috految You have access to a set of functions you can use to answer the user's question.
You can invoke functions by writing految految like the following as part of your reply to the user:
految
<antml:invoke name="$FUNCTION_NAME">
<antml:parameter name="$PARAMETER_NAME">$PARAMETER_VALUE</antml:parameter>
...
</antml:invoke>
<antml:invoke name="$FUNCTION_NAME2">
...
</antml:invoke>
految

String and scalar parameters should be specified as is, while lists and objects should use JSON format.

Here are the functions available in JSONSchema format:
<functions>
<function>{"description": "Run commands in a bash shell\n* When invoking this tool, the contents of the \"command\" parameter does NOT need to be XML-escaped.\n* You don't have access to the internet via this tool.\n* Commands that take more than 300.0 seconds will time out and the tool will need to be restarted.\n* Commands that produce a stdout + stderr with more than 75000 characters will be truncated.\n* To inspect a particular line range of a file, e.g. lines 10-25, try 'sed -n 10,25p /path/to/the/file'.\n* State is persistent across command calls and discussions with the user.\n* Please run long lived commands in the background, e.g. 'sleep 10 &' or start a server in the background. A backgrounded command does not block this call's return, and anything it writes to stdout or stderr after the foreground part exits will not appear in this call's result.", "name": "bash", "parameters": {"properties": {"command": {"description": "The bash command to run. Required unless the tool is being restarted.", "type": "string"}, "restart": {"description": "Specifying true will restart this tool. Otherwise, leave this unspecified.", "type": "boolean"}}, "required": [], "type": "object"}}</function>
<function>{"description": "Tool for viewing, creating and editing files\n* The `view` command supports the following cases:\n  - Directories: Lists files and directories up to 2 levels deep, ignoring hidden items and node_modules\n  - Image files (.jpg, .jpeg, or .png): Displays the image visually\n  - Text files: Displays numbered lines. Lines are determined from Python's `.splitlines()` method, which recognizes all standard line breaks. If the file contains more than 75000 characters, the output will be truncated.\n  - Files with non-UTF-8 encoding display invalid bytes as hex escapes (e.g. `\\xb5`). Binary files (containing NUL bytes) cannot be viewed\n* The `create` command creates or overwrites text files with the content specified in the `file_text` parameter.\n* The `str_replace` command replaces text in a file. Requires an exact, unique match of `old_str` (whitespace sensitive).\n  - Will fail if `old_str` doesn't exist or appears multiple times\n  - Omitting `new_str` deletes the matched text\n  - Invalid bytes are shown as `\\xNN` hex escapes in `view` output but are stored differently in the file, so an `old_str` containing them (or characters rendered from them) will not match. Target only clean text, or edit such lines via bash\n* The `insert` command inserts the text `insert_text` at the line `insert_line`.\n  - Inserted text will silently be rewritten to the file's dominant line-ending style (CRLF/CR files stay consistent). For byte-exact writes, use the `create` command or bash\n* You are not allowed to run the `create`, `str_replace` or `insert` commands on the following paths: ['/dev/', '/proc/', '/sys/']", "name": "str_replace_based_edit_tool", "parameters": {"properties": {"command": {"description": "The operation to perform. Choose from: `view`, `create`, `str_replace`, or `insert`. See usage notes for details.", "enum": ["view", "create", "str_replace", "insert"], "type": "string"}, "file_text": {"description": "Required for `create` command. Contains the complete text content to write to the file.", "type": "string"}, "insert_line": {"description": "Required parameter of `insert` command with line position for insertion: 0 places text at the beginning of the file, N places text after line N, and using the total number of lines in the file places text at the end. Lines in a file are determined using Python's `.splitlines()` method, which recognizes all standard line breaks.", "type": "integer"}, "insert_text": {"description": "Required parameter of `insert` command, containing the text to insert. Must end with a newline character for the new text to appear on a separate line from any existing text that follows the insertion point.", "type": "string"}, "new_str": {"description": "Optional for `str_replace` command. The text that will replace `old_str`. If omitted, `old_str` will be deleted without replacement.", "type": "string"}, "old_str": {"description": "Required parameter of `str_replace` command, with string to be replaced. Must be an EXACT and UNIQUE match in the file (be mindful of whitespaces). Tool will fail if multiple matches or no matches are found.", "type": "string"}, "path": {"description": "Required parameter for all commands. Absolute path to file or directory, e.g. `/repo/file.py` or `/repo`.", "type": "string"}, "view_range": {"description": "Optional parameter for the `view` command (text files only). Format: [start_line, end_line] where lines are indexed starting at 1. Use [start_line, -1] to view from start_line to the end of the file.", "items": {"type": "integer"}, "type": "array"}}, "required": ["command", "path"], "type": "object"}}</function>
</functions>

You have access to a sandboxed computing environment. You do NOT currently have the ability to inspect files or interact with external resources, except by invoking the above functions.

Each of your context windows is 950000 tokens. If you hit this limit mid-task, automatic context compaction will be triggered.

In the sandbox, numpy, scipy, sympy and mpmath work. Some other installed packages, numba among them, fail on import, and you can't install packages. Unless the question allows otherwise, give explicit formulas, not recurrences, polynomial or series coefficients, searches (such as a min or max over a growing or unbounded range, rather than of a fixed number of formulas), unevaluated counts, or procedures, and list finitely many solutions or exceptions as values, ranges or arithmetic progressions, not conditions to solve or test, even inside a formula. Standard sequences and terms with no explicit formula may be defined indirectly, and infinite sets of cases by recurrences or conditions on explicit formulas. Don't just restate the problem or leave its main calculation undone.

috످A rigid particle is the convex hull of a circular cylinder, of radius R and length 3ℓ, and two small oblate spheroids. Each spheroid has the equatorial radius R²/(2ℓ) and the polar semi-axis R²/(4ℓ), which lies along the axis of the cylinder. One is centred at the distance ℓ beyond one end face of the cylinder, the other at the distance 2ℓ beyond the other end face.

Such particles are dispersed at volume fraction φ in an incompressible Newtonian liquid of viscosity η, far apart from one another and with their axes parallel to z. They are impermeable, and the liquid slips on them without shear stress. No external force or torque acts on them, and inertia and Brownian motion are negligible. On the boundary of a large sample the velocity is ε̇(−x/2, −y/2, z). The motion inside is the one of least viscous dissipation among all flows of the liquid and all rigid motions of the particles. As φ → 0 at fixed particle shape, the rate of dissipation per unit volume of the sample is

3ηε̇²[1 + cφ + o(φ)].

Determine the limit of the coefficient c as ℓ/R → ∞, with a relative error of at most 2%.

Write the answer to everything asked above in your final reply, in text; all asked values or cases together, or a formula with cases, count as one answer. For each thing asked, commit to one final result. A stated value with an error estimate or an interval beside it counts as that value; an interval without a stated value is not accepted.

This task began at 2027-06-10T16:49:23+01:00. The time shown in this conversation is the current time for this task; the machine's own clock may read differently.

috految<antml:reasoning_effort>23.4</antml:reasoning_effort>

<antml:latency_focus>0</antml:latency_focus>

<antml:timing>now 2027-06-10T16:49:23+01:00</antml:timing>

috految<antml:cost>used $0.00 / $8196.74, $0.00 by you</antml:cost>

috److془We need to carefully solve this problem.

Setup: slender body with perfect slip. Radius a(z). Edges with angle α = R/ℓ, R/(2ℓ). H^1 flows: at the edge, velocity must vanish (Babuška paradox), with exponent λ ~ α/π. Dissipation ~ η U² α R, ~ ε̇² ℓ² R²/ℓ ~ volume. Tips: radius b = R²/(2ℓ): dissipation ~ η U² b ~ same order. Need drag of semi-infinite cylinder with oblate spheroid cap with perfect slip. But subtlety: the cone etc. Also the subtlety: the rigid motion of particles: translation along z. Rotation about the axis is degenerate. Convex problem so axisymmetric.

Hmm, but subtlety: "convex hull of cylinder and two small oblate spheroids". Cone tangent to the spheroid near the equator. Cone slope α. Smooth C^{1,1}. Tip: semi-infinite cylinder radius b with half-oblate cap aspect 1/2.

Subtlety: the cone with the tip: the flow along the cone: dissipation per length 4πη (U a')² ; U² α² L. Relaxation of U: the axial stiffness ~ 1/log per length. So negligible relative corrections α² log.. Fine. But wait, cross-terms: the radial velocity at surface u_r = U a', the dissipation for the cavity: (u_r)² 4πη. Hmm, but there's the issue: the edge force ~ η U α R → velocity change O(α) at scale R. Fine. Tip force η U b causes velocity U b/s. Fine.

Hmm, but the cross terms: the linear term: ∫_fluid 2 E:e(v) = surface integral of v·E·n. v_z n_z ~ v_z α R ℓ, with v_z ≪ ℓ negligible. v_r: ∫ v_r 2π a dz fine. Hmm, but the outer lubricated pressure: incompressible, source flows: the net source zero. Source ~ R² per length, dissipation on scale ℓ: R^4/ℓ negligible. 

Hmm: but the edge: the log-region: ψ = r^{1+λ} f(θ), fluid angle ω = π+α. ψ=0, Δψ = 0 on both sides. Modes: r^{m} sin(mθ), r^{2-m} sin(mθ), m = π/ω = 1 - α/π. Finite energy: r^{2-m} sin mθ, λ = α/π. Dissipation: Let's compute: u = U(t) with t = ln r. ψ = r U sin(mθ). Dissipation density: η[(ψ_rr - ψ_r/r - ψ_θθ/r²)² + 4 (∂_r(ψ_θ/r))²] = η/r² [ (U'' +(m²-1)U)² sin² + 4 U'^2 cos²] → (π/2) 4 (λ² U² + U'²) → 2π λ U² = 2 α U² η. Check: ∫ω² approach: (4λ)² π/2 /(2λ) = 4πλ=4α; minus 2αU². ok. Dissipation = 2α·2πR ηU² = 4π η α R U². Check: smooth: D = ∫ω² + 2∫κ u² (convex body). Slender: -2∫ a'' U² 2π a = 4π∫a'^2U². ✓. sharp: 4α instead of 2α. ✓.

Hmm but wait: the other subtlety: "The motion inside is the one of least viscous dissipation among all flows of the liquid and all rigid motions of the particles. As φ → 0 at fixed particle shape". Hmm: the rotation about axis degenerate. Fine. Axisymmetric. Is there an issue with the particle's translation; force-free. Are there other issues: "Each spheroid has equatorial radius R²/(2ℓ) and polar semi-axis R²/(4ℓ), which lies along the axis of the cylinder. One is centred at distance ℓ beyond one end face, the other at distance 2ℓ beyond the other end face."

Hmm: relaxation: the 2D cross-section: can one gain by things like u_r = u_z a' with u_z changed—cost 1/log. Fine. Korn's inequality in the exterior of slender convex body is uniform (John domain). Fine. Source at point: need be H^1 so flux zero. Hmm: "flows of liquid", ψ=0 on axis and body surface. Good.

Tip: semi-infinite cylinder with slip; v → 0 at infinity, with v·n = -U n_z. Source πb²U. Stokeslet. Dissipation K η b U². Hmm tip: the pressure in the tip etc fine. Cross term between tip and cone: ~ α b U² negligible. Cross term with E: the linear term ~ ε̇ U b² vs. U² b negligible. 

Cones: cylinder edge at z ends at distance ℓ from the center; slope R/ℓ (b≪R). Good.

Now the dissipation: total = ∫_fluid 2η (E+e(v))² = 3η ε²(V_s - V_p) + 4η∫E:e(v) + 2η∫e². v=0 on outer boundary. ∫_fluid E:e(v) = -∮ v·E·n (n out of the particle) = -∮ (-v_r n_r/2 + v_z n_z) = -(3/2)∮v_z n_z as net flux zero. Negligible. Hmm: check v_z n_z: v_z ~ R² log/ℓ. Negligible. v_r = (z - z0) a' + a/2. Check flux: ∫ a(z a' + a/2) = 0 ✓. Dissipation: 4πη∫ v_r² dz: e_rr = -q/r², 2η·2 q²/r⁴ 2πr dr= 4πη q²/a² ✓. Sphere check: c=1 for bubble; fine. Spheroid c ~ log. Fine.

Hmm: the excess: -3V + 4π∫((z-z0)a' + a/2)² = -3V + 4π∫(z-z0)²a'^2 -2V + V = -4V + 4π∫(z-z0)² a'^2. Check with the Bobyleff: 2∫κu²=-4π∫a a'' z² = 4π∫a'^2 z² + 8π∫a a' z = ... -4V ✓. 

Now subtlety: large sample, particles with translation velocity: force-free particles with relative drift. The fluid velocity mean: v=0 on boundary with the particles force-free; dilute - fine. Hmm: "relative drift" flux of particles: the total field divergence-free; the dipole. Fine. Upper bound by local corrections, lower bound by local Neumann with stress uniform. Fine. 

Hmm: Is the rotation about axis with infinite angular velocity useful? No. Non-axisymmetric average out by convexity. Moving particles: at the edge, u = rigid velocity in meridional. Good. 

Edge: lower bound check in log region: other modes of the H² ψ: sin(2mθ) decouple. Mode exponents exact. Moreover the axisymmetric effect tiny. Outer U continuous at edge: relaxation α log. Edge tangent velocity U = z_e - z0. Good. 

Hmm wait: the tip: Bobyleff: D=∫ω²+2∫κu². The mode of cone: Stokeslet decays s^{-1}, uniform s^{O(α²)}. Fine. Hmm but in the tip problem, slip cylinder: ω=0 on the surface; fine. Is the tip force dependent on cone? "Tip Stokeslet, velocity U b/s". fine. Hmm but the ω ~ r/s³ - b²/(r s³). ok. Cone vorticity: ω=0 on the cone. Good.

However: "convex hull" - the cone tangent to spheroid: no edge. Good. Cap: half spheroid with polar semi-axis b/2 radius b . R²/(4ℓ)/(R²/(2ℓ)) = 1/2 ✓.

Now compute K. Units ℓ=1,R=1: z: tip A at 0, edge 1, edge 4, tip 6. V = π(3+1/3+2/3)=4π. Excess/π = -16 + 4[∫_0^1 (z-z0)² + (1/4)∫_4^6 (z-z0)²] + 4(1-z0)² + 2(4-z0)² + k(z0²+(6-z0)²), k= K/(2π). Weights: 4 at .5, 2 at 5, 4 at 1, 2 at 4; variances 1/3+2/3=1. Sum 12; first moment 24; second 1+50+4+32+1=88. Variation=40. Total = 24 + 18k + 24k/(12+2k). c = /12. = 2+1.5k+k/(6+k). Need K. Compute numerically. Hmm: with Bobyleff: sum 8 at 1, 4 at 4: 8*4/12*9=24 ✓.

K: sphere full 4π; semi-infinite ~ 9-10. Numerics. For long capsule, D→2K, correction 1/L. Use MFS or so. Ritz with ψ, or MFS with rings of Stokeslets. Curvature jump: mild singularity. Do it. Note with Stokeslet rings, the long cylinder: take L = 20,40,80 extrapolate. Or the P1 FEM. MFS: sources offset 3*h, graded. Reflection symmetric for translation. Source flux represented through internal pressure with Poiseuille flows; add axis point sources. Alternately simple: W = ψ + ; just do it. Hmm the no-slip asymptotic of tangential residual: sensitive but fine.془

految
<antml:invoke name="bash">
<antml:parameter name="command">cat >/tmp/a.py <<E
import numpy as np
from numpy import pi,sin,cos
def run(c,L,N):
 def geo(q):
  t=(np.arange(q*N)+.5)/(q*N);th=pi/2*(t+.9*sin(pi*t)/pi);w=np.hypot(cos(th),c*sin(th))
  G=[sin(th),L+c*cos(th),c*sin(th)/w,cos(th)/w,w*pi/2*(1+.9*cos(pi*t))/N]
  if L:
   s=[0];h=G[4][-1]
   while s[-1]<L:s.append(s[-1]+min(h+s[-1]*5/N,.2)/q)
   s=np.array(s)*L/s[-1];m=(s[1:]+s[:-1])/2
   G=[np.r_[a,b] for a,b in zip(G,[1+0*m,L-m,1+0*m,0*m,np.diff(s)*q])]
  return G
 r,z,nr,nz,h=geo(1);a=r-3*h*nr;b=z-3*h*nz
 r,z,nr,nz,h=[v[:,None] for v in geo(3)]
 x,w=np.polynomial.legendre.leggauss(100);t=(x+1)/2;A=0
 for p,W in zip(pi*t**3,1.5*t*t*w):
  for s in(1,-1):
   X=r-a*cos(p);Y=-a*sin(p);Z=z-s*b;d=np.sqrt(X*X+Y*Y+Z*Z);n=X*nr+Z*nz;T=X*nz-Z*nr
   A=A+W*np.hstack([np.vstack([fn/d+f*n/d**3,-6*f*n*T/d**5*h]) for fn,f in((nz,Z),(s*cos(p)*nr,s*(X*cos(p)+Y*sin(p))))])/(8*pi)
 B=np.r_[nz[:,0],0*nz[:,0]];f=np.linalg.lstsq(A,B,rcond=1e-13)[0]
 K=f[:len(a)].sum();print(c,L,N,K,1/(1/K-1/(8*pi*(L+c))),abs(A@f-B).max())
run(1,0,40)
for L,N in((5,40),(5,80),(10,80),(20,80),(40,80)):run(.5,L+0.,N)
E
python3 /tmp/a.py</antml:parameter>
</antml:invoke>
految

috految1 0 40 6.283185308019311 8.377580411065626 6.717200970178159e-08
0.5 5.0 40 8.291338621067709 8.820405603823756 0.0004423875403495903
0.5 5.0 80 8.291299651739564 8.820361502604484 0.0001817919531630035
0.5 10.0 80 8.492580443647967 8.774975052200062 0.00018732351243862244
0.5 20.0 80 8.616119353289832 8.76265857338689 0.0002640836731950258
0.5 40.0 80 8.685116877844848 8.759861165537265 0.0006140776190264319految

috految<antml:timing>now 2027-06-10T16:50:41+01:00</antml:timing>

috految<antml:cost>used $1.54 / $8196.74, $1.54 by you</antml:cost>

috److془K=8.759; k=1.394; c = 2+2.091+0.1885=4.28.

Check: tip dissipation K b U², b=1/2; /π: k=K/(2π) ✓. Excess/(3V)= /12 ✓. Reduced weights: 12*2k/(12+2k)*1 /12 = k/(6+k) ✓.

Edge: 4π α R U²: /π: 4, 2 ✓. Dimensional: αR ℓ² = R²ℓ ✓. 

Surface pressure linear bulk fine. Answer 4.28.془**c → ≈ 4.28**

The result comes from a matched slender-body analysis, with one constant (the tip drag) computed numerically.

**Setup.** By convexity of the minimisation problem, the flow around one particle can be taken axisymmetric, with the particle translating along z. Measure z from the tip of the shorter cone. Then:

- the tips are at z = 0 and z = 6ℓ;
- the sharp rims of the cylinder are at z = ℓ and z = 4ℓ;
- the particle volume is V ≈ 4πR²ℓ.

The axial velocity of the liquid relative to the particle is U(z) = ε̇(z − z₀), where z₀ is fixed by minimising the dissipation. As ℓ/R → ∞, three contributions to the excess dissipation are of the same order, ηε̇²R²ℓ.

**1. Slender-body part.** For the radius profile a(z), the radial disturbance velocity at the surface is Ua′ + ε̇a/2. This contributes

$$-3\eta\dot\varepsilon^2V+4\pi\eta\int\left(Ua'+\tfrac12\dot\varepsilon a\right)^2dz=-4\eta\dot\varepsilon^2V+4\pi\eta\int U^2a'^2\,dz .$$

**2. Sharp rims.** The surface turns through the small angles α = R/ℓ and α = R/(2ℓ) at the two rims. Finite dissipation forces the relative velocity to vanish at each edge, as r^{α/π} with r the distance from the edge. Integrating over the resulting logarithmic range of scales gives an extra 2ηαU² per unit length of edge, or 4πηRαU² per rim.

**3. Tips.** Locally each tip is a semi-infinite slipping cylinder of radius b = R²/(2ℓ), capped by a half spheroid of aspect ratio 1/2. Its dissipation is KηbU².

I computed K by solving the Stokes problem with ring Stokeslets for capped cylinders of increasing length and extrapolating to infinite length. The same code reproduces the exact drag of a slipping sphere. The result is

$$K\approx 8.76,\qquad k\equiv \frac{K}{2\pi}\approx1.394 .$$

**Total.** With s = z₀/ℓ, the excess dissipation per particle is

$$\frac{\Delta D}{\pi\eta\dot\varepsilon^2R^2\ell}=8(1-s)^2+4(4-s)^2+k\left[s^2+(6-s)^2\right].$$

Minimising over s gives 24 + 18k + 12k/(6 + k). Dividing ΔD by 3ηε̇²V = 12πηε̇²R²ℓ,

$$c\to 2+\frac32k+\frac{k}{6+k}\approx 4.28 .$$

**c ≈ 4.28**

috످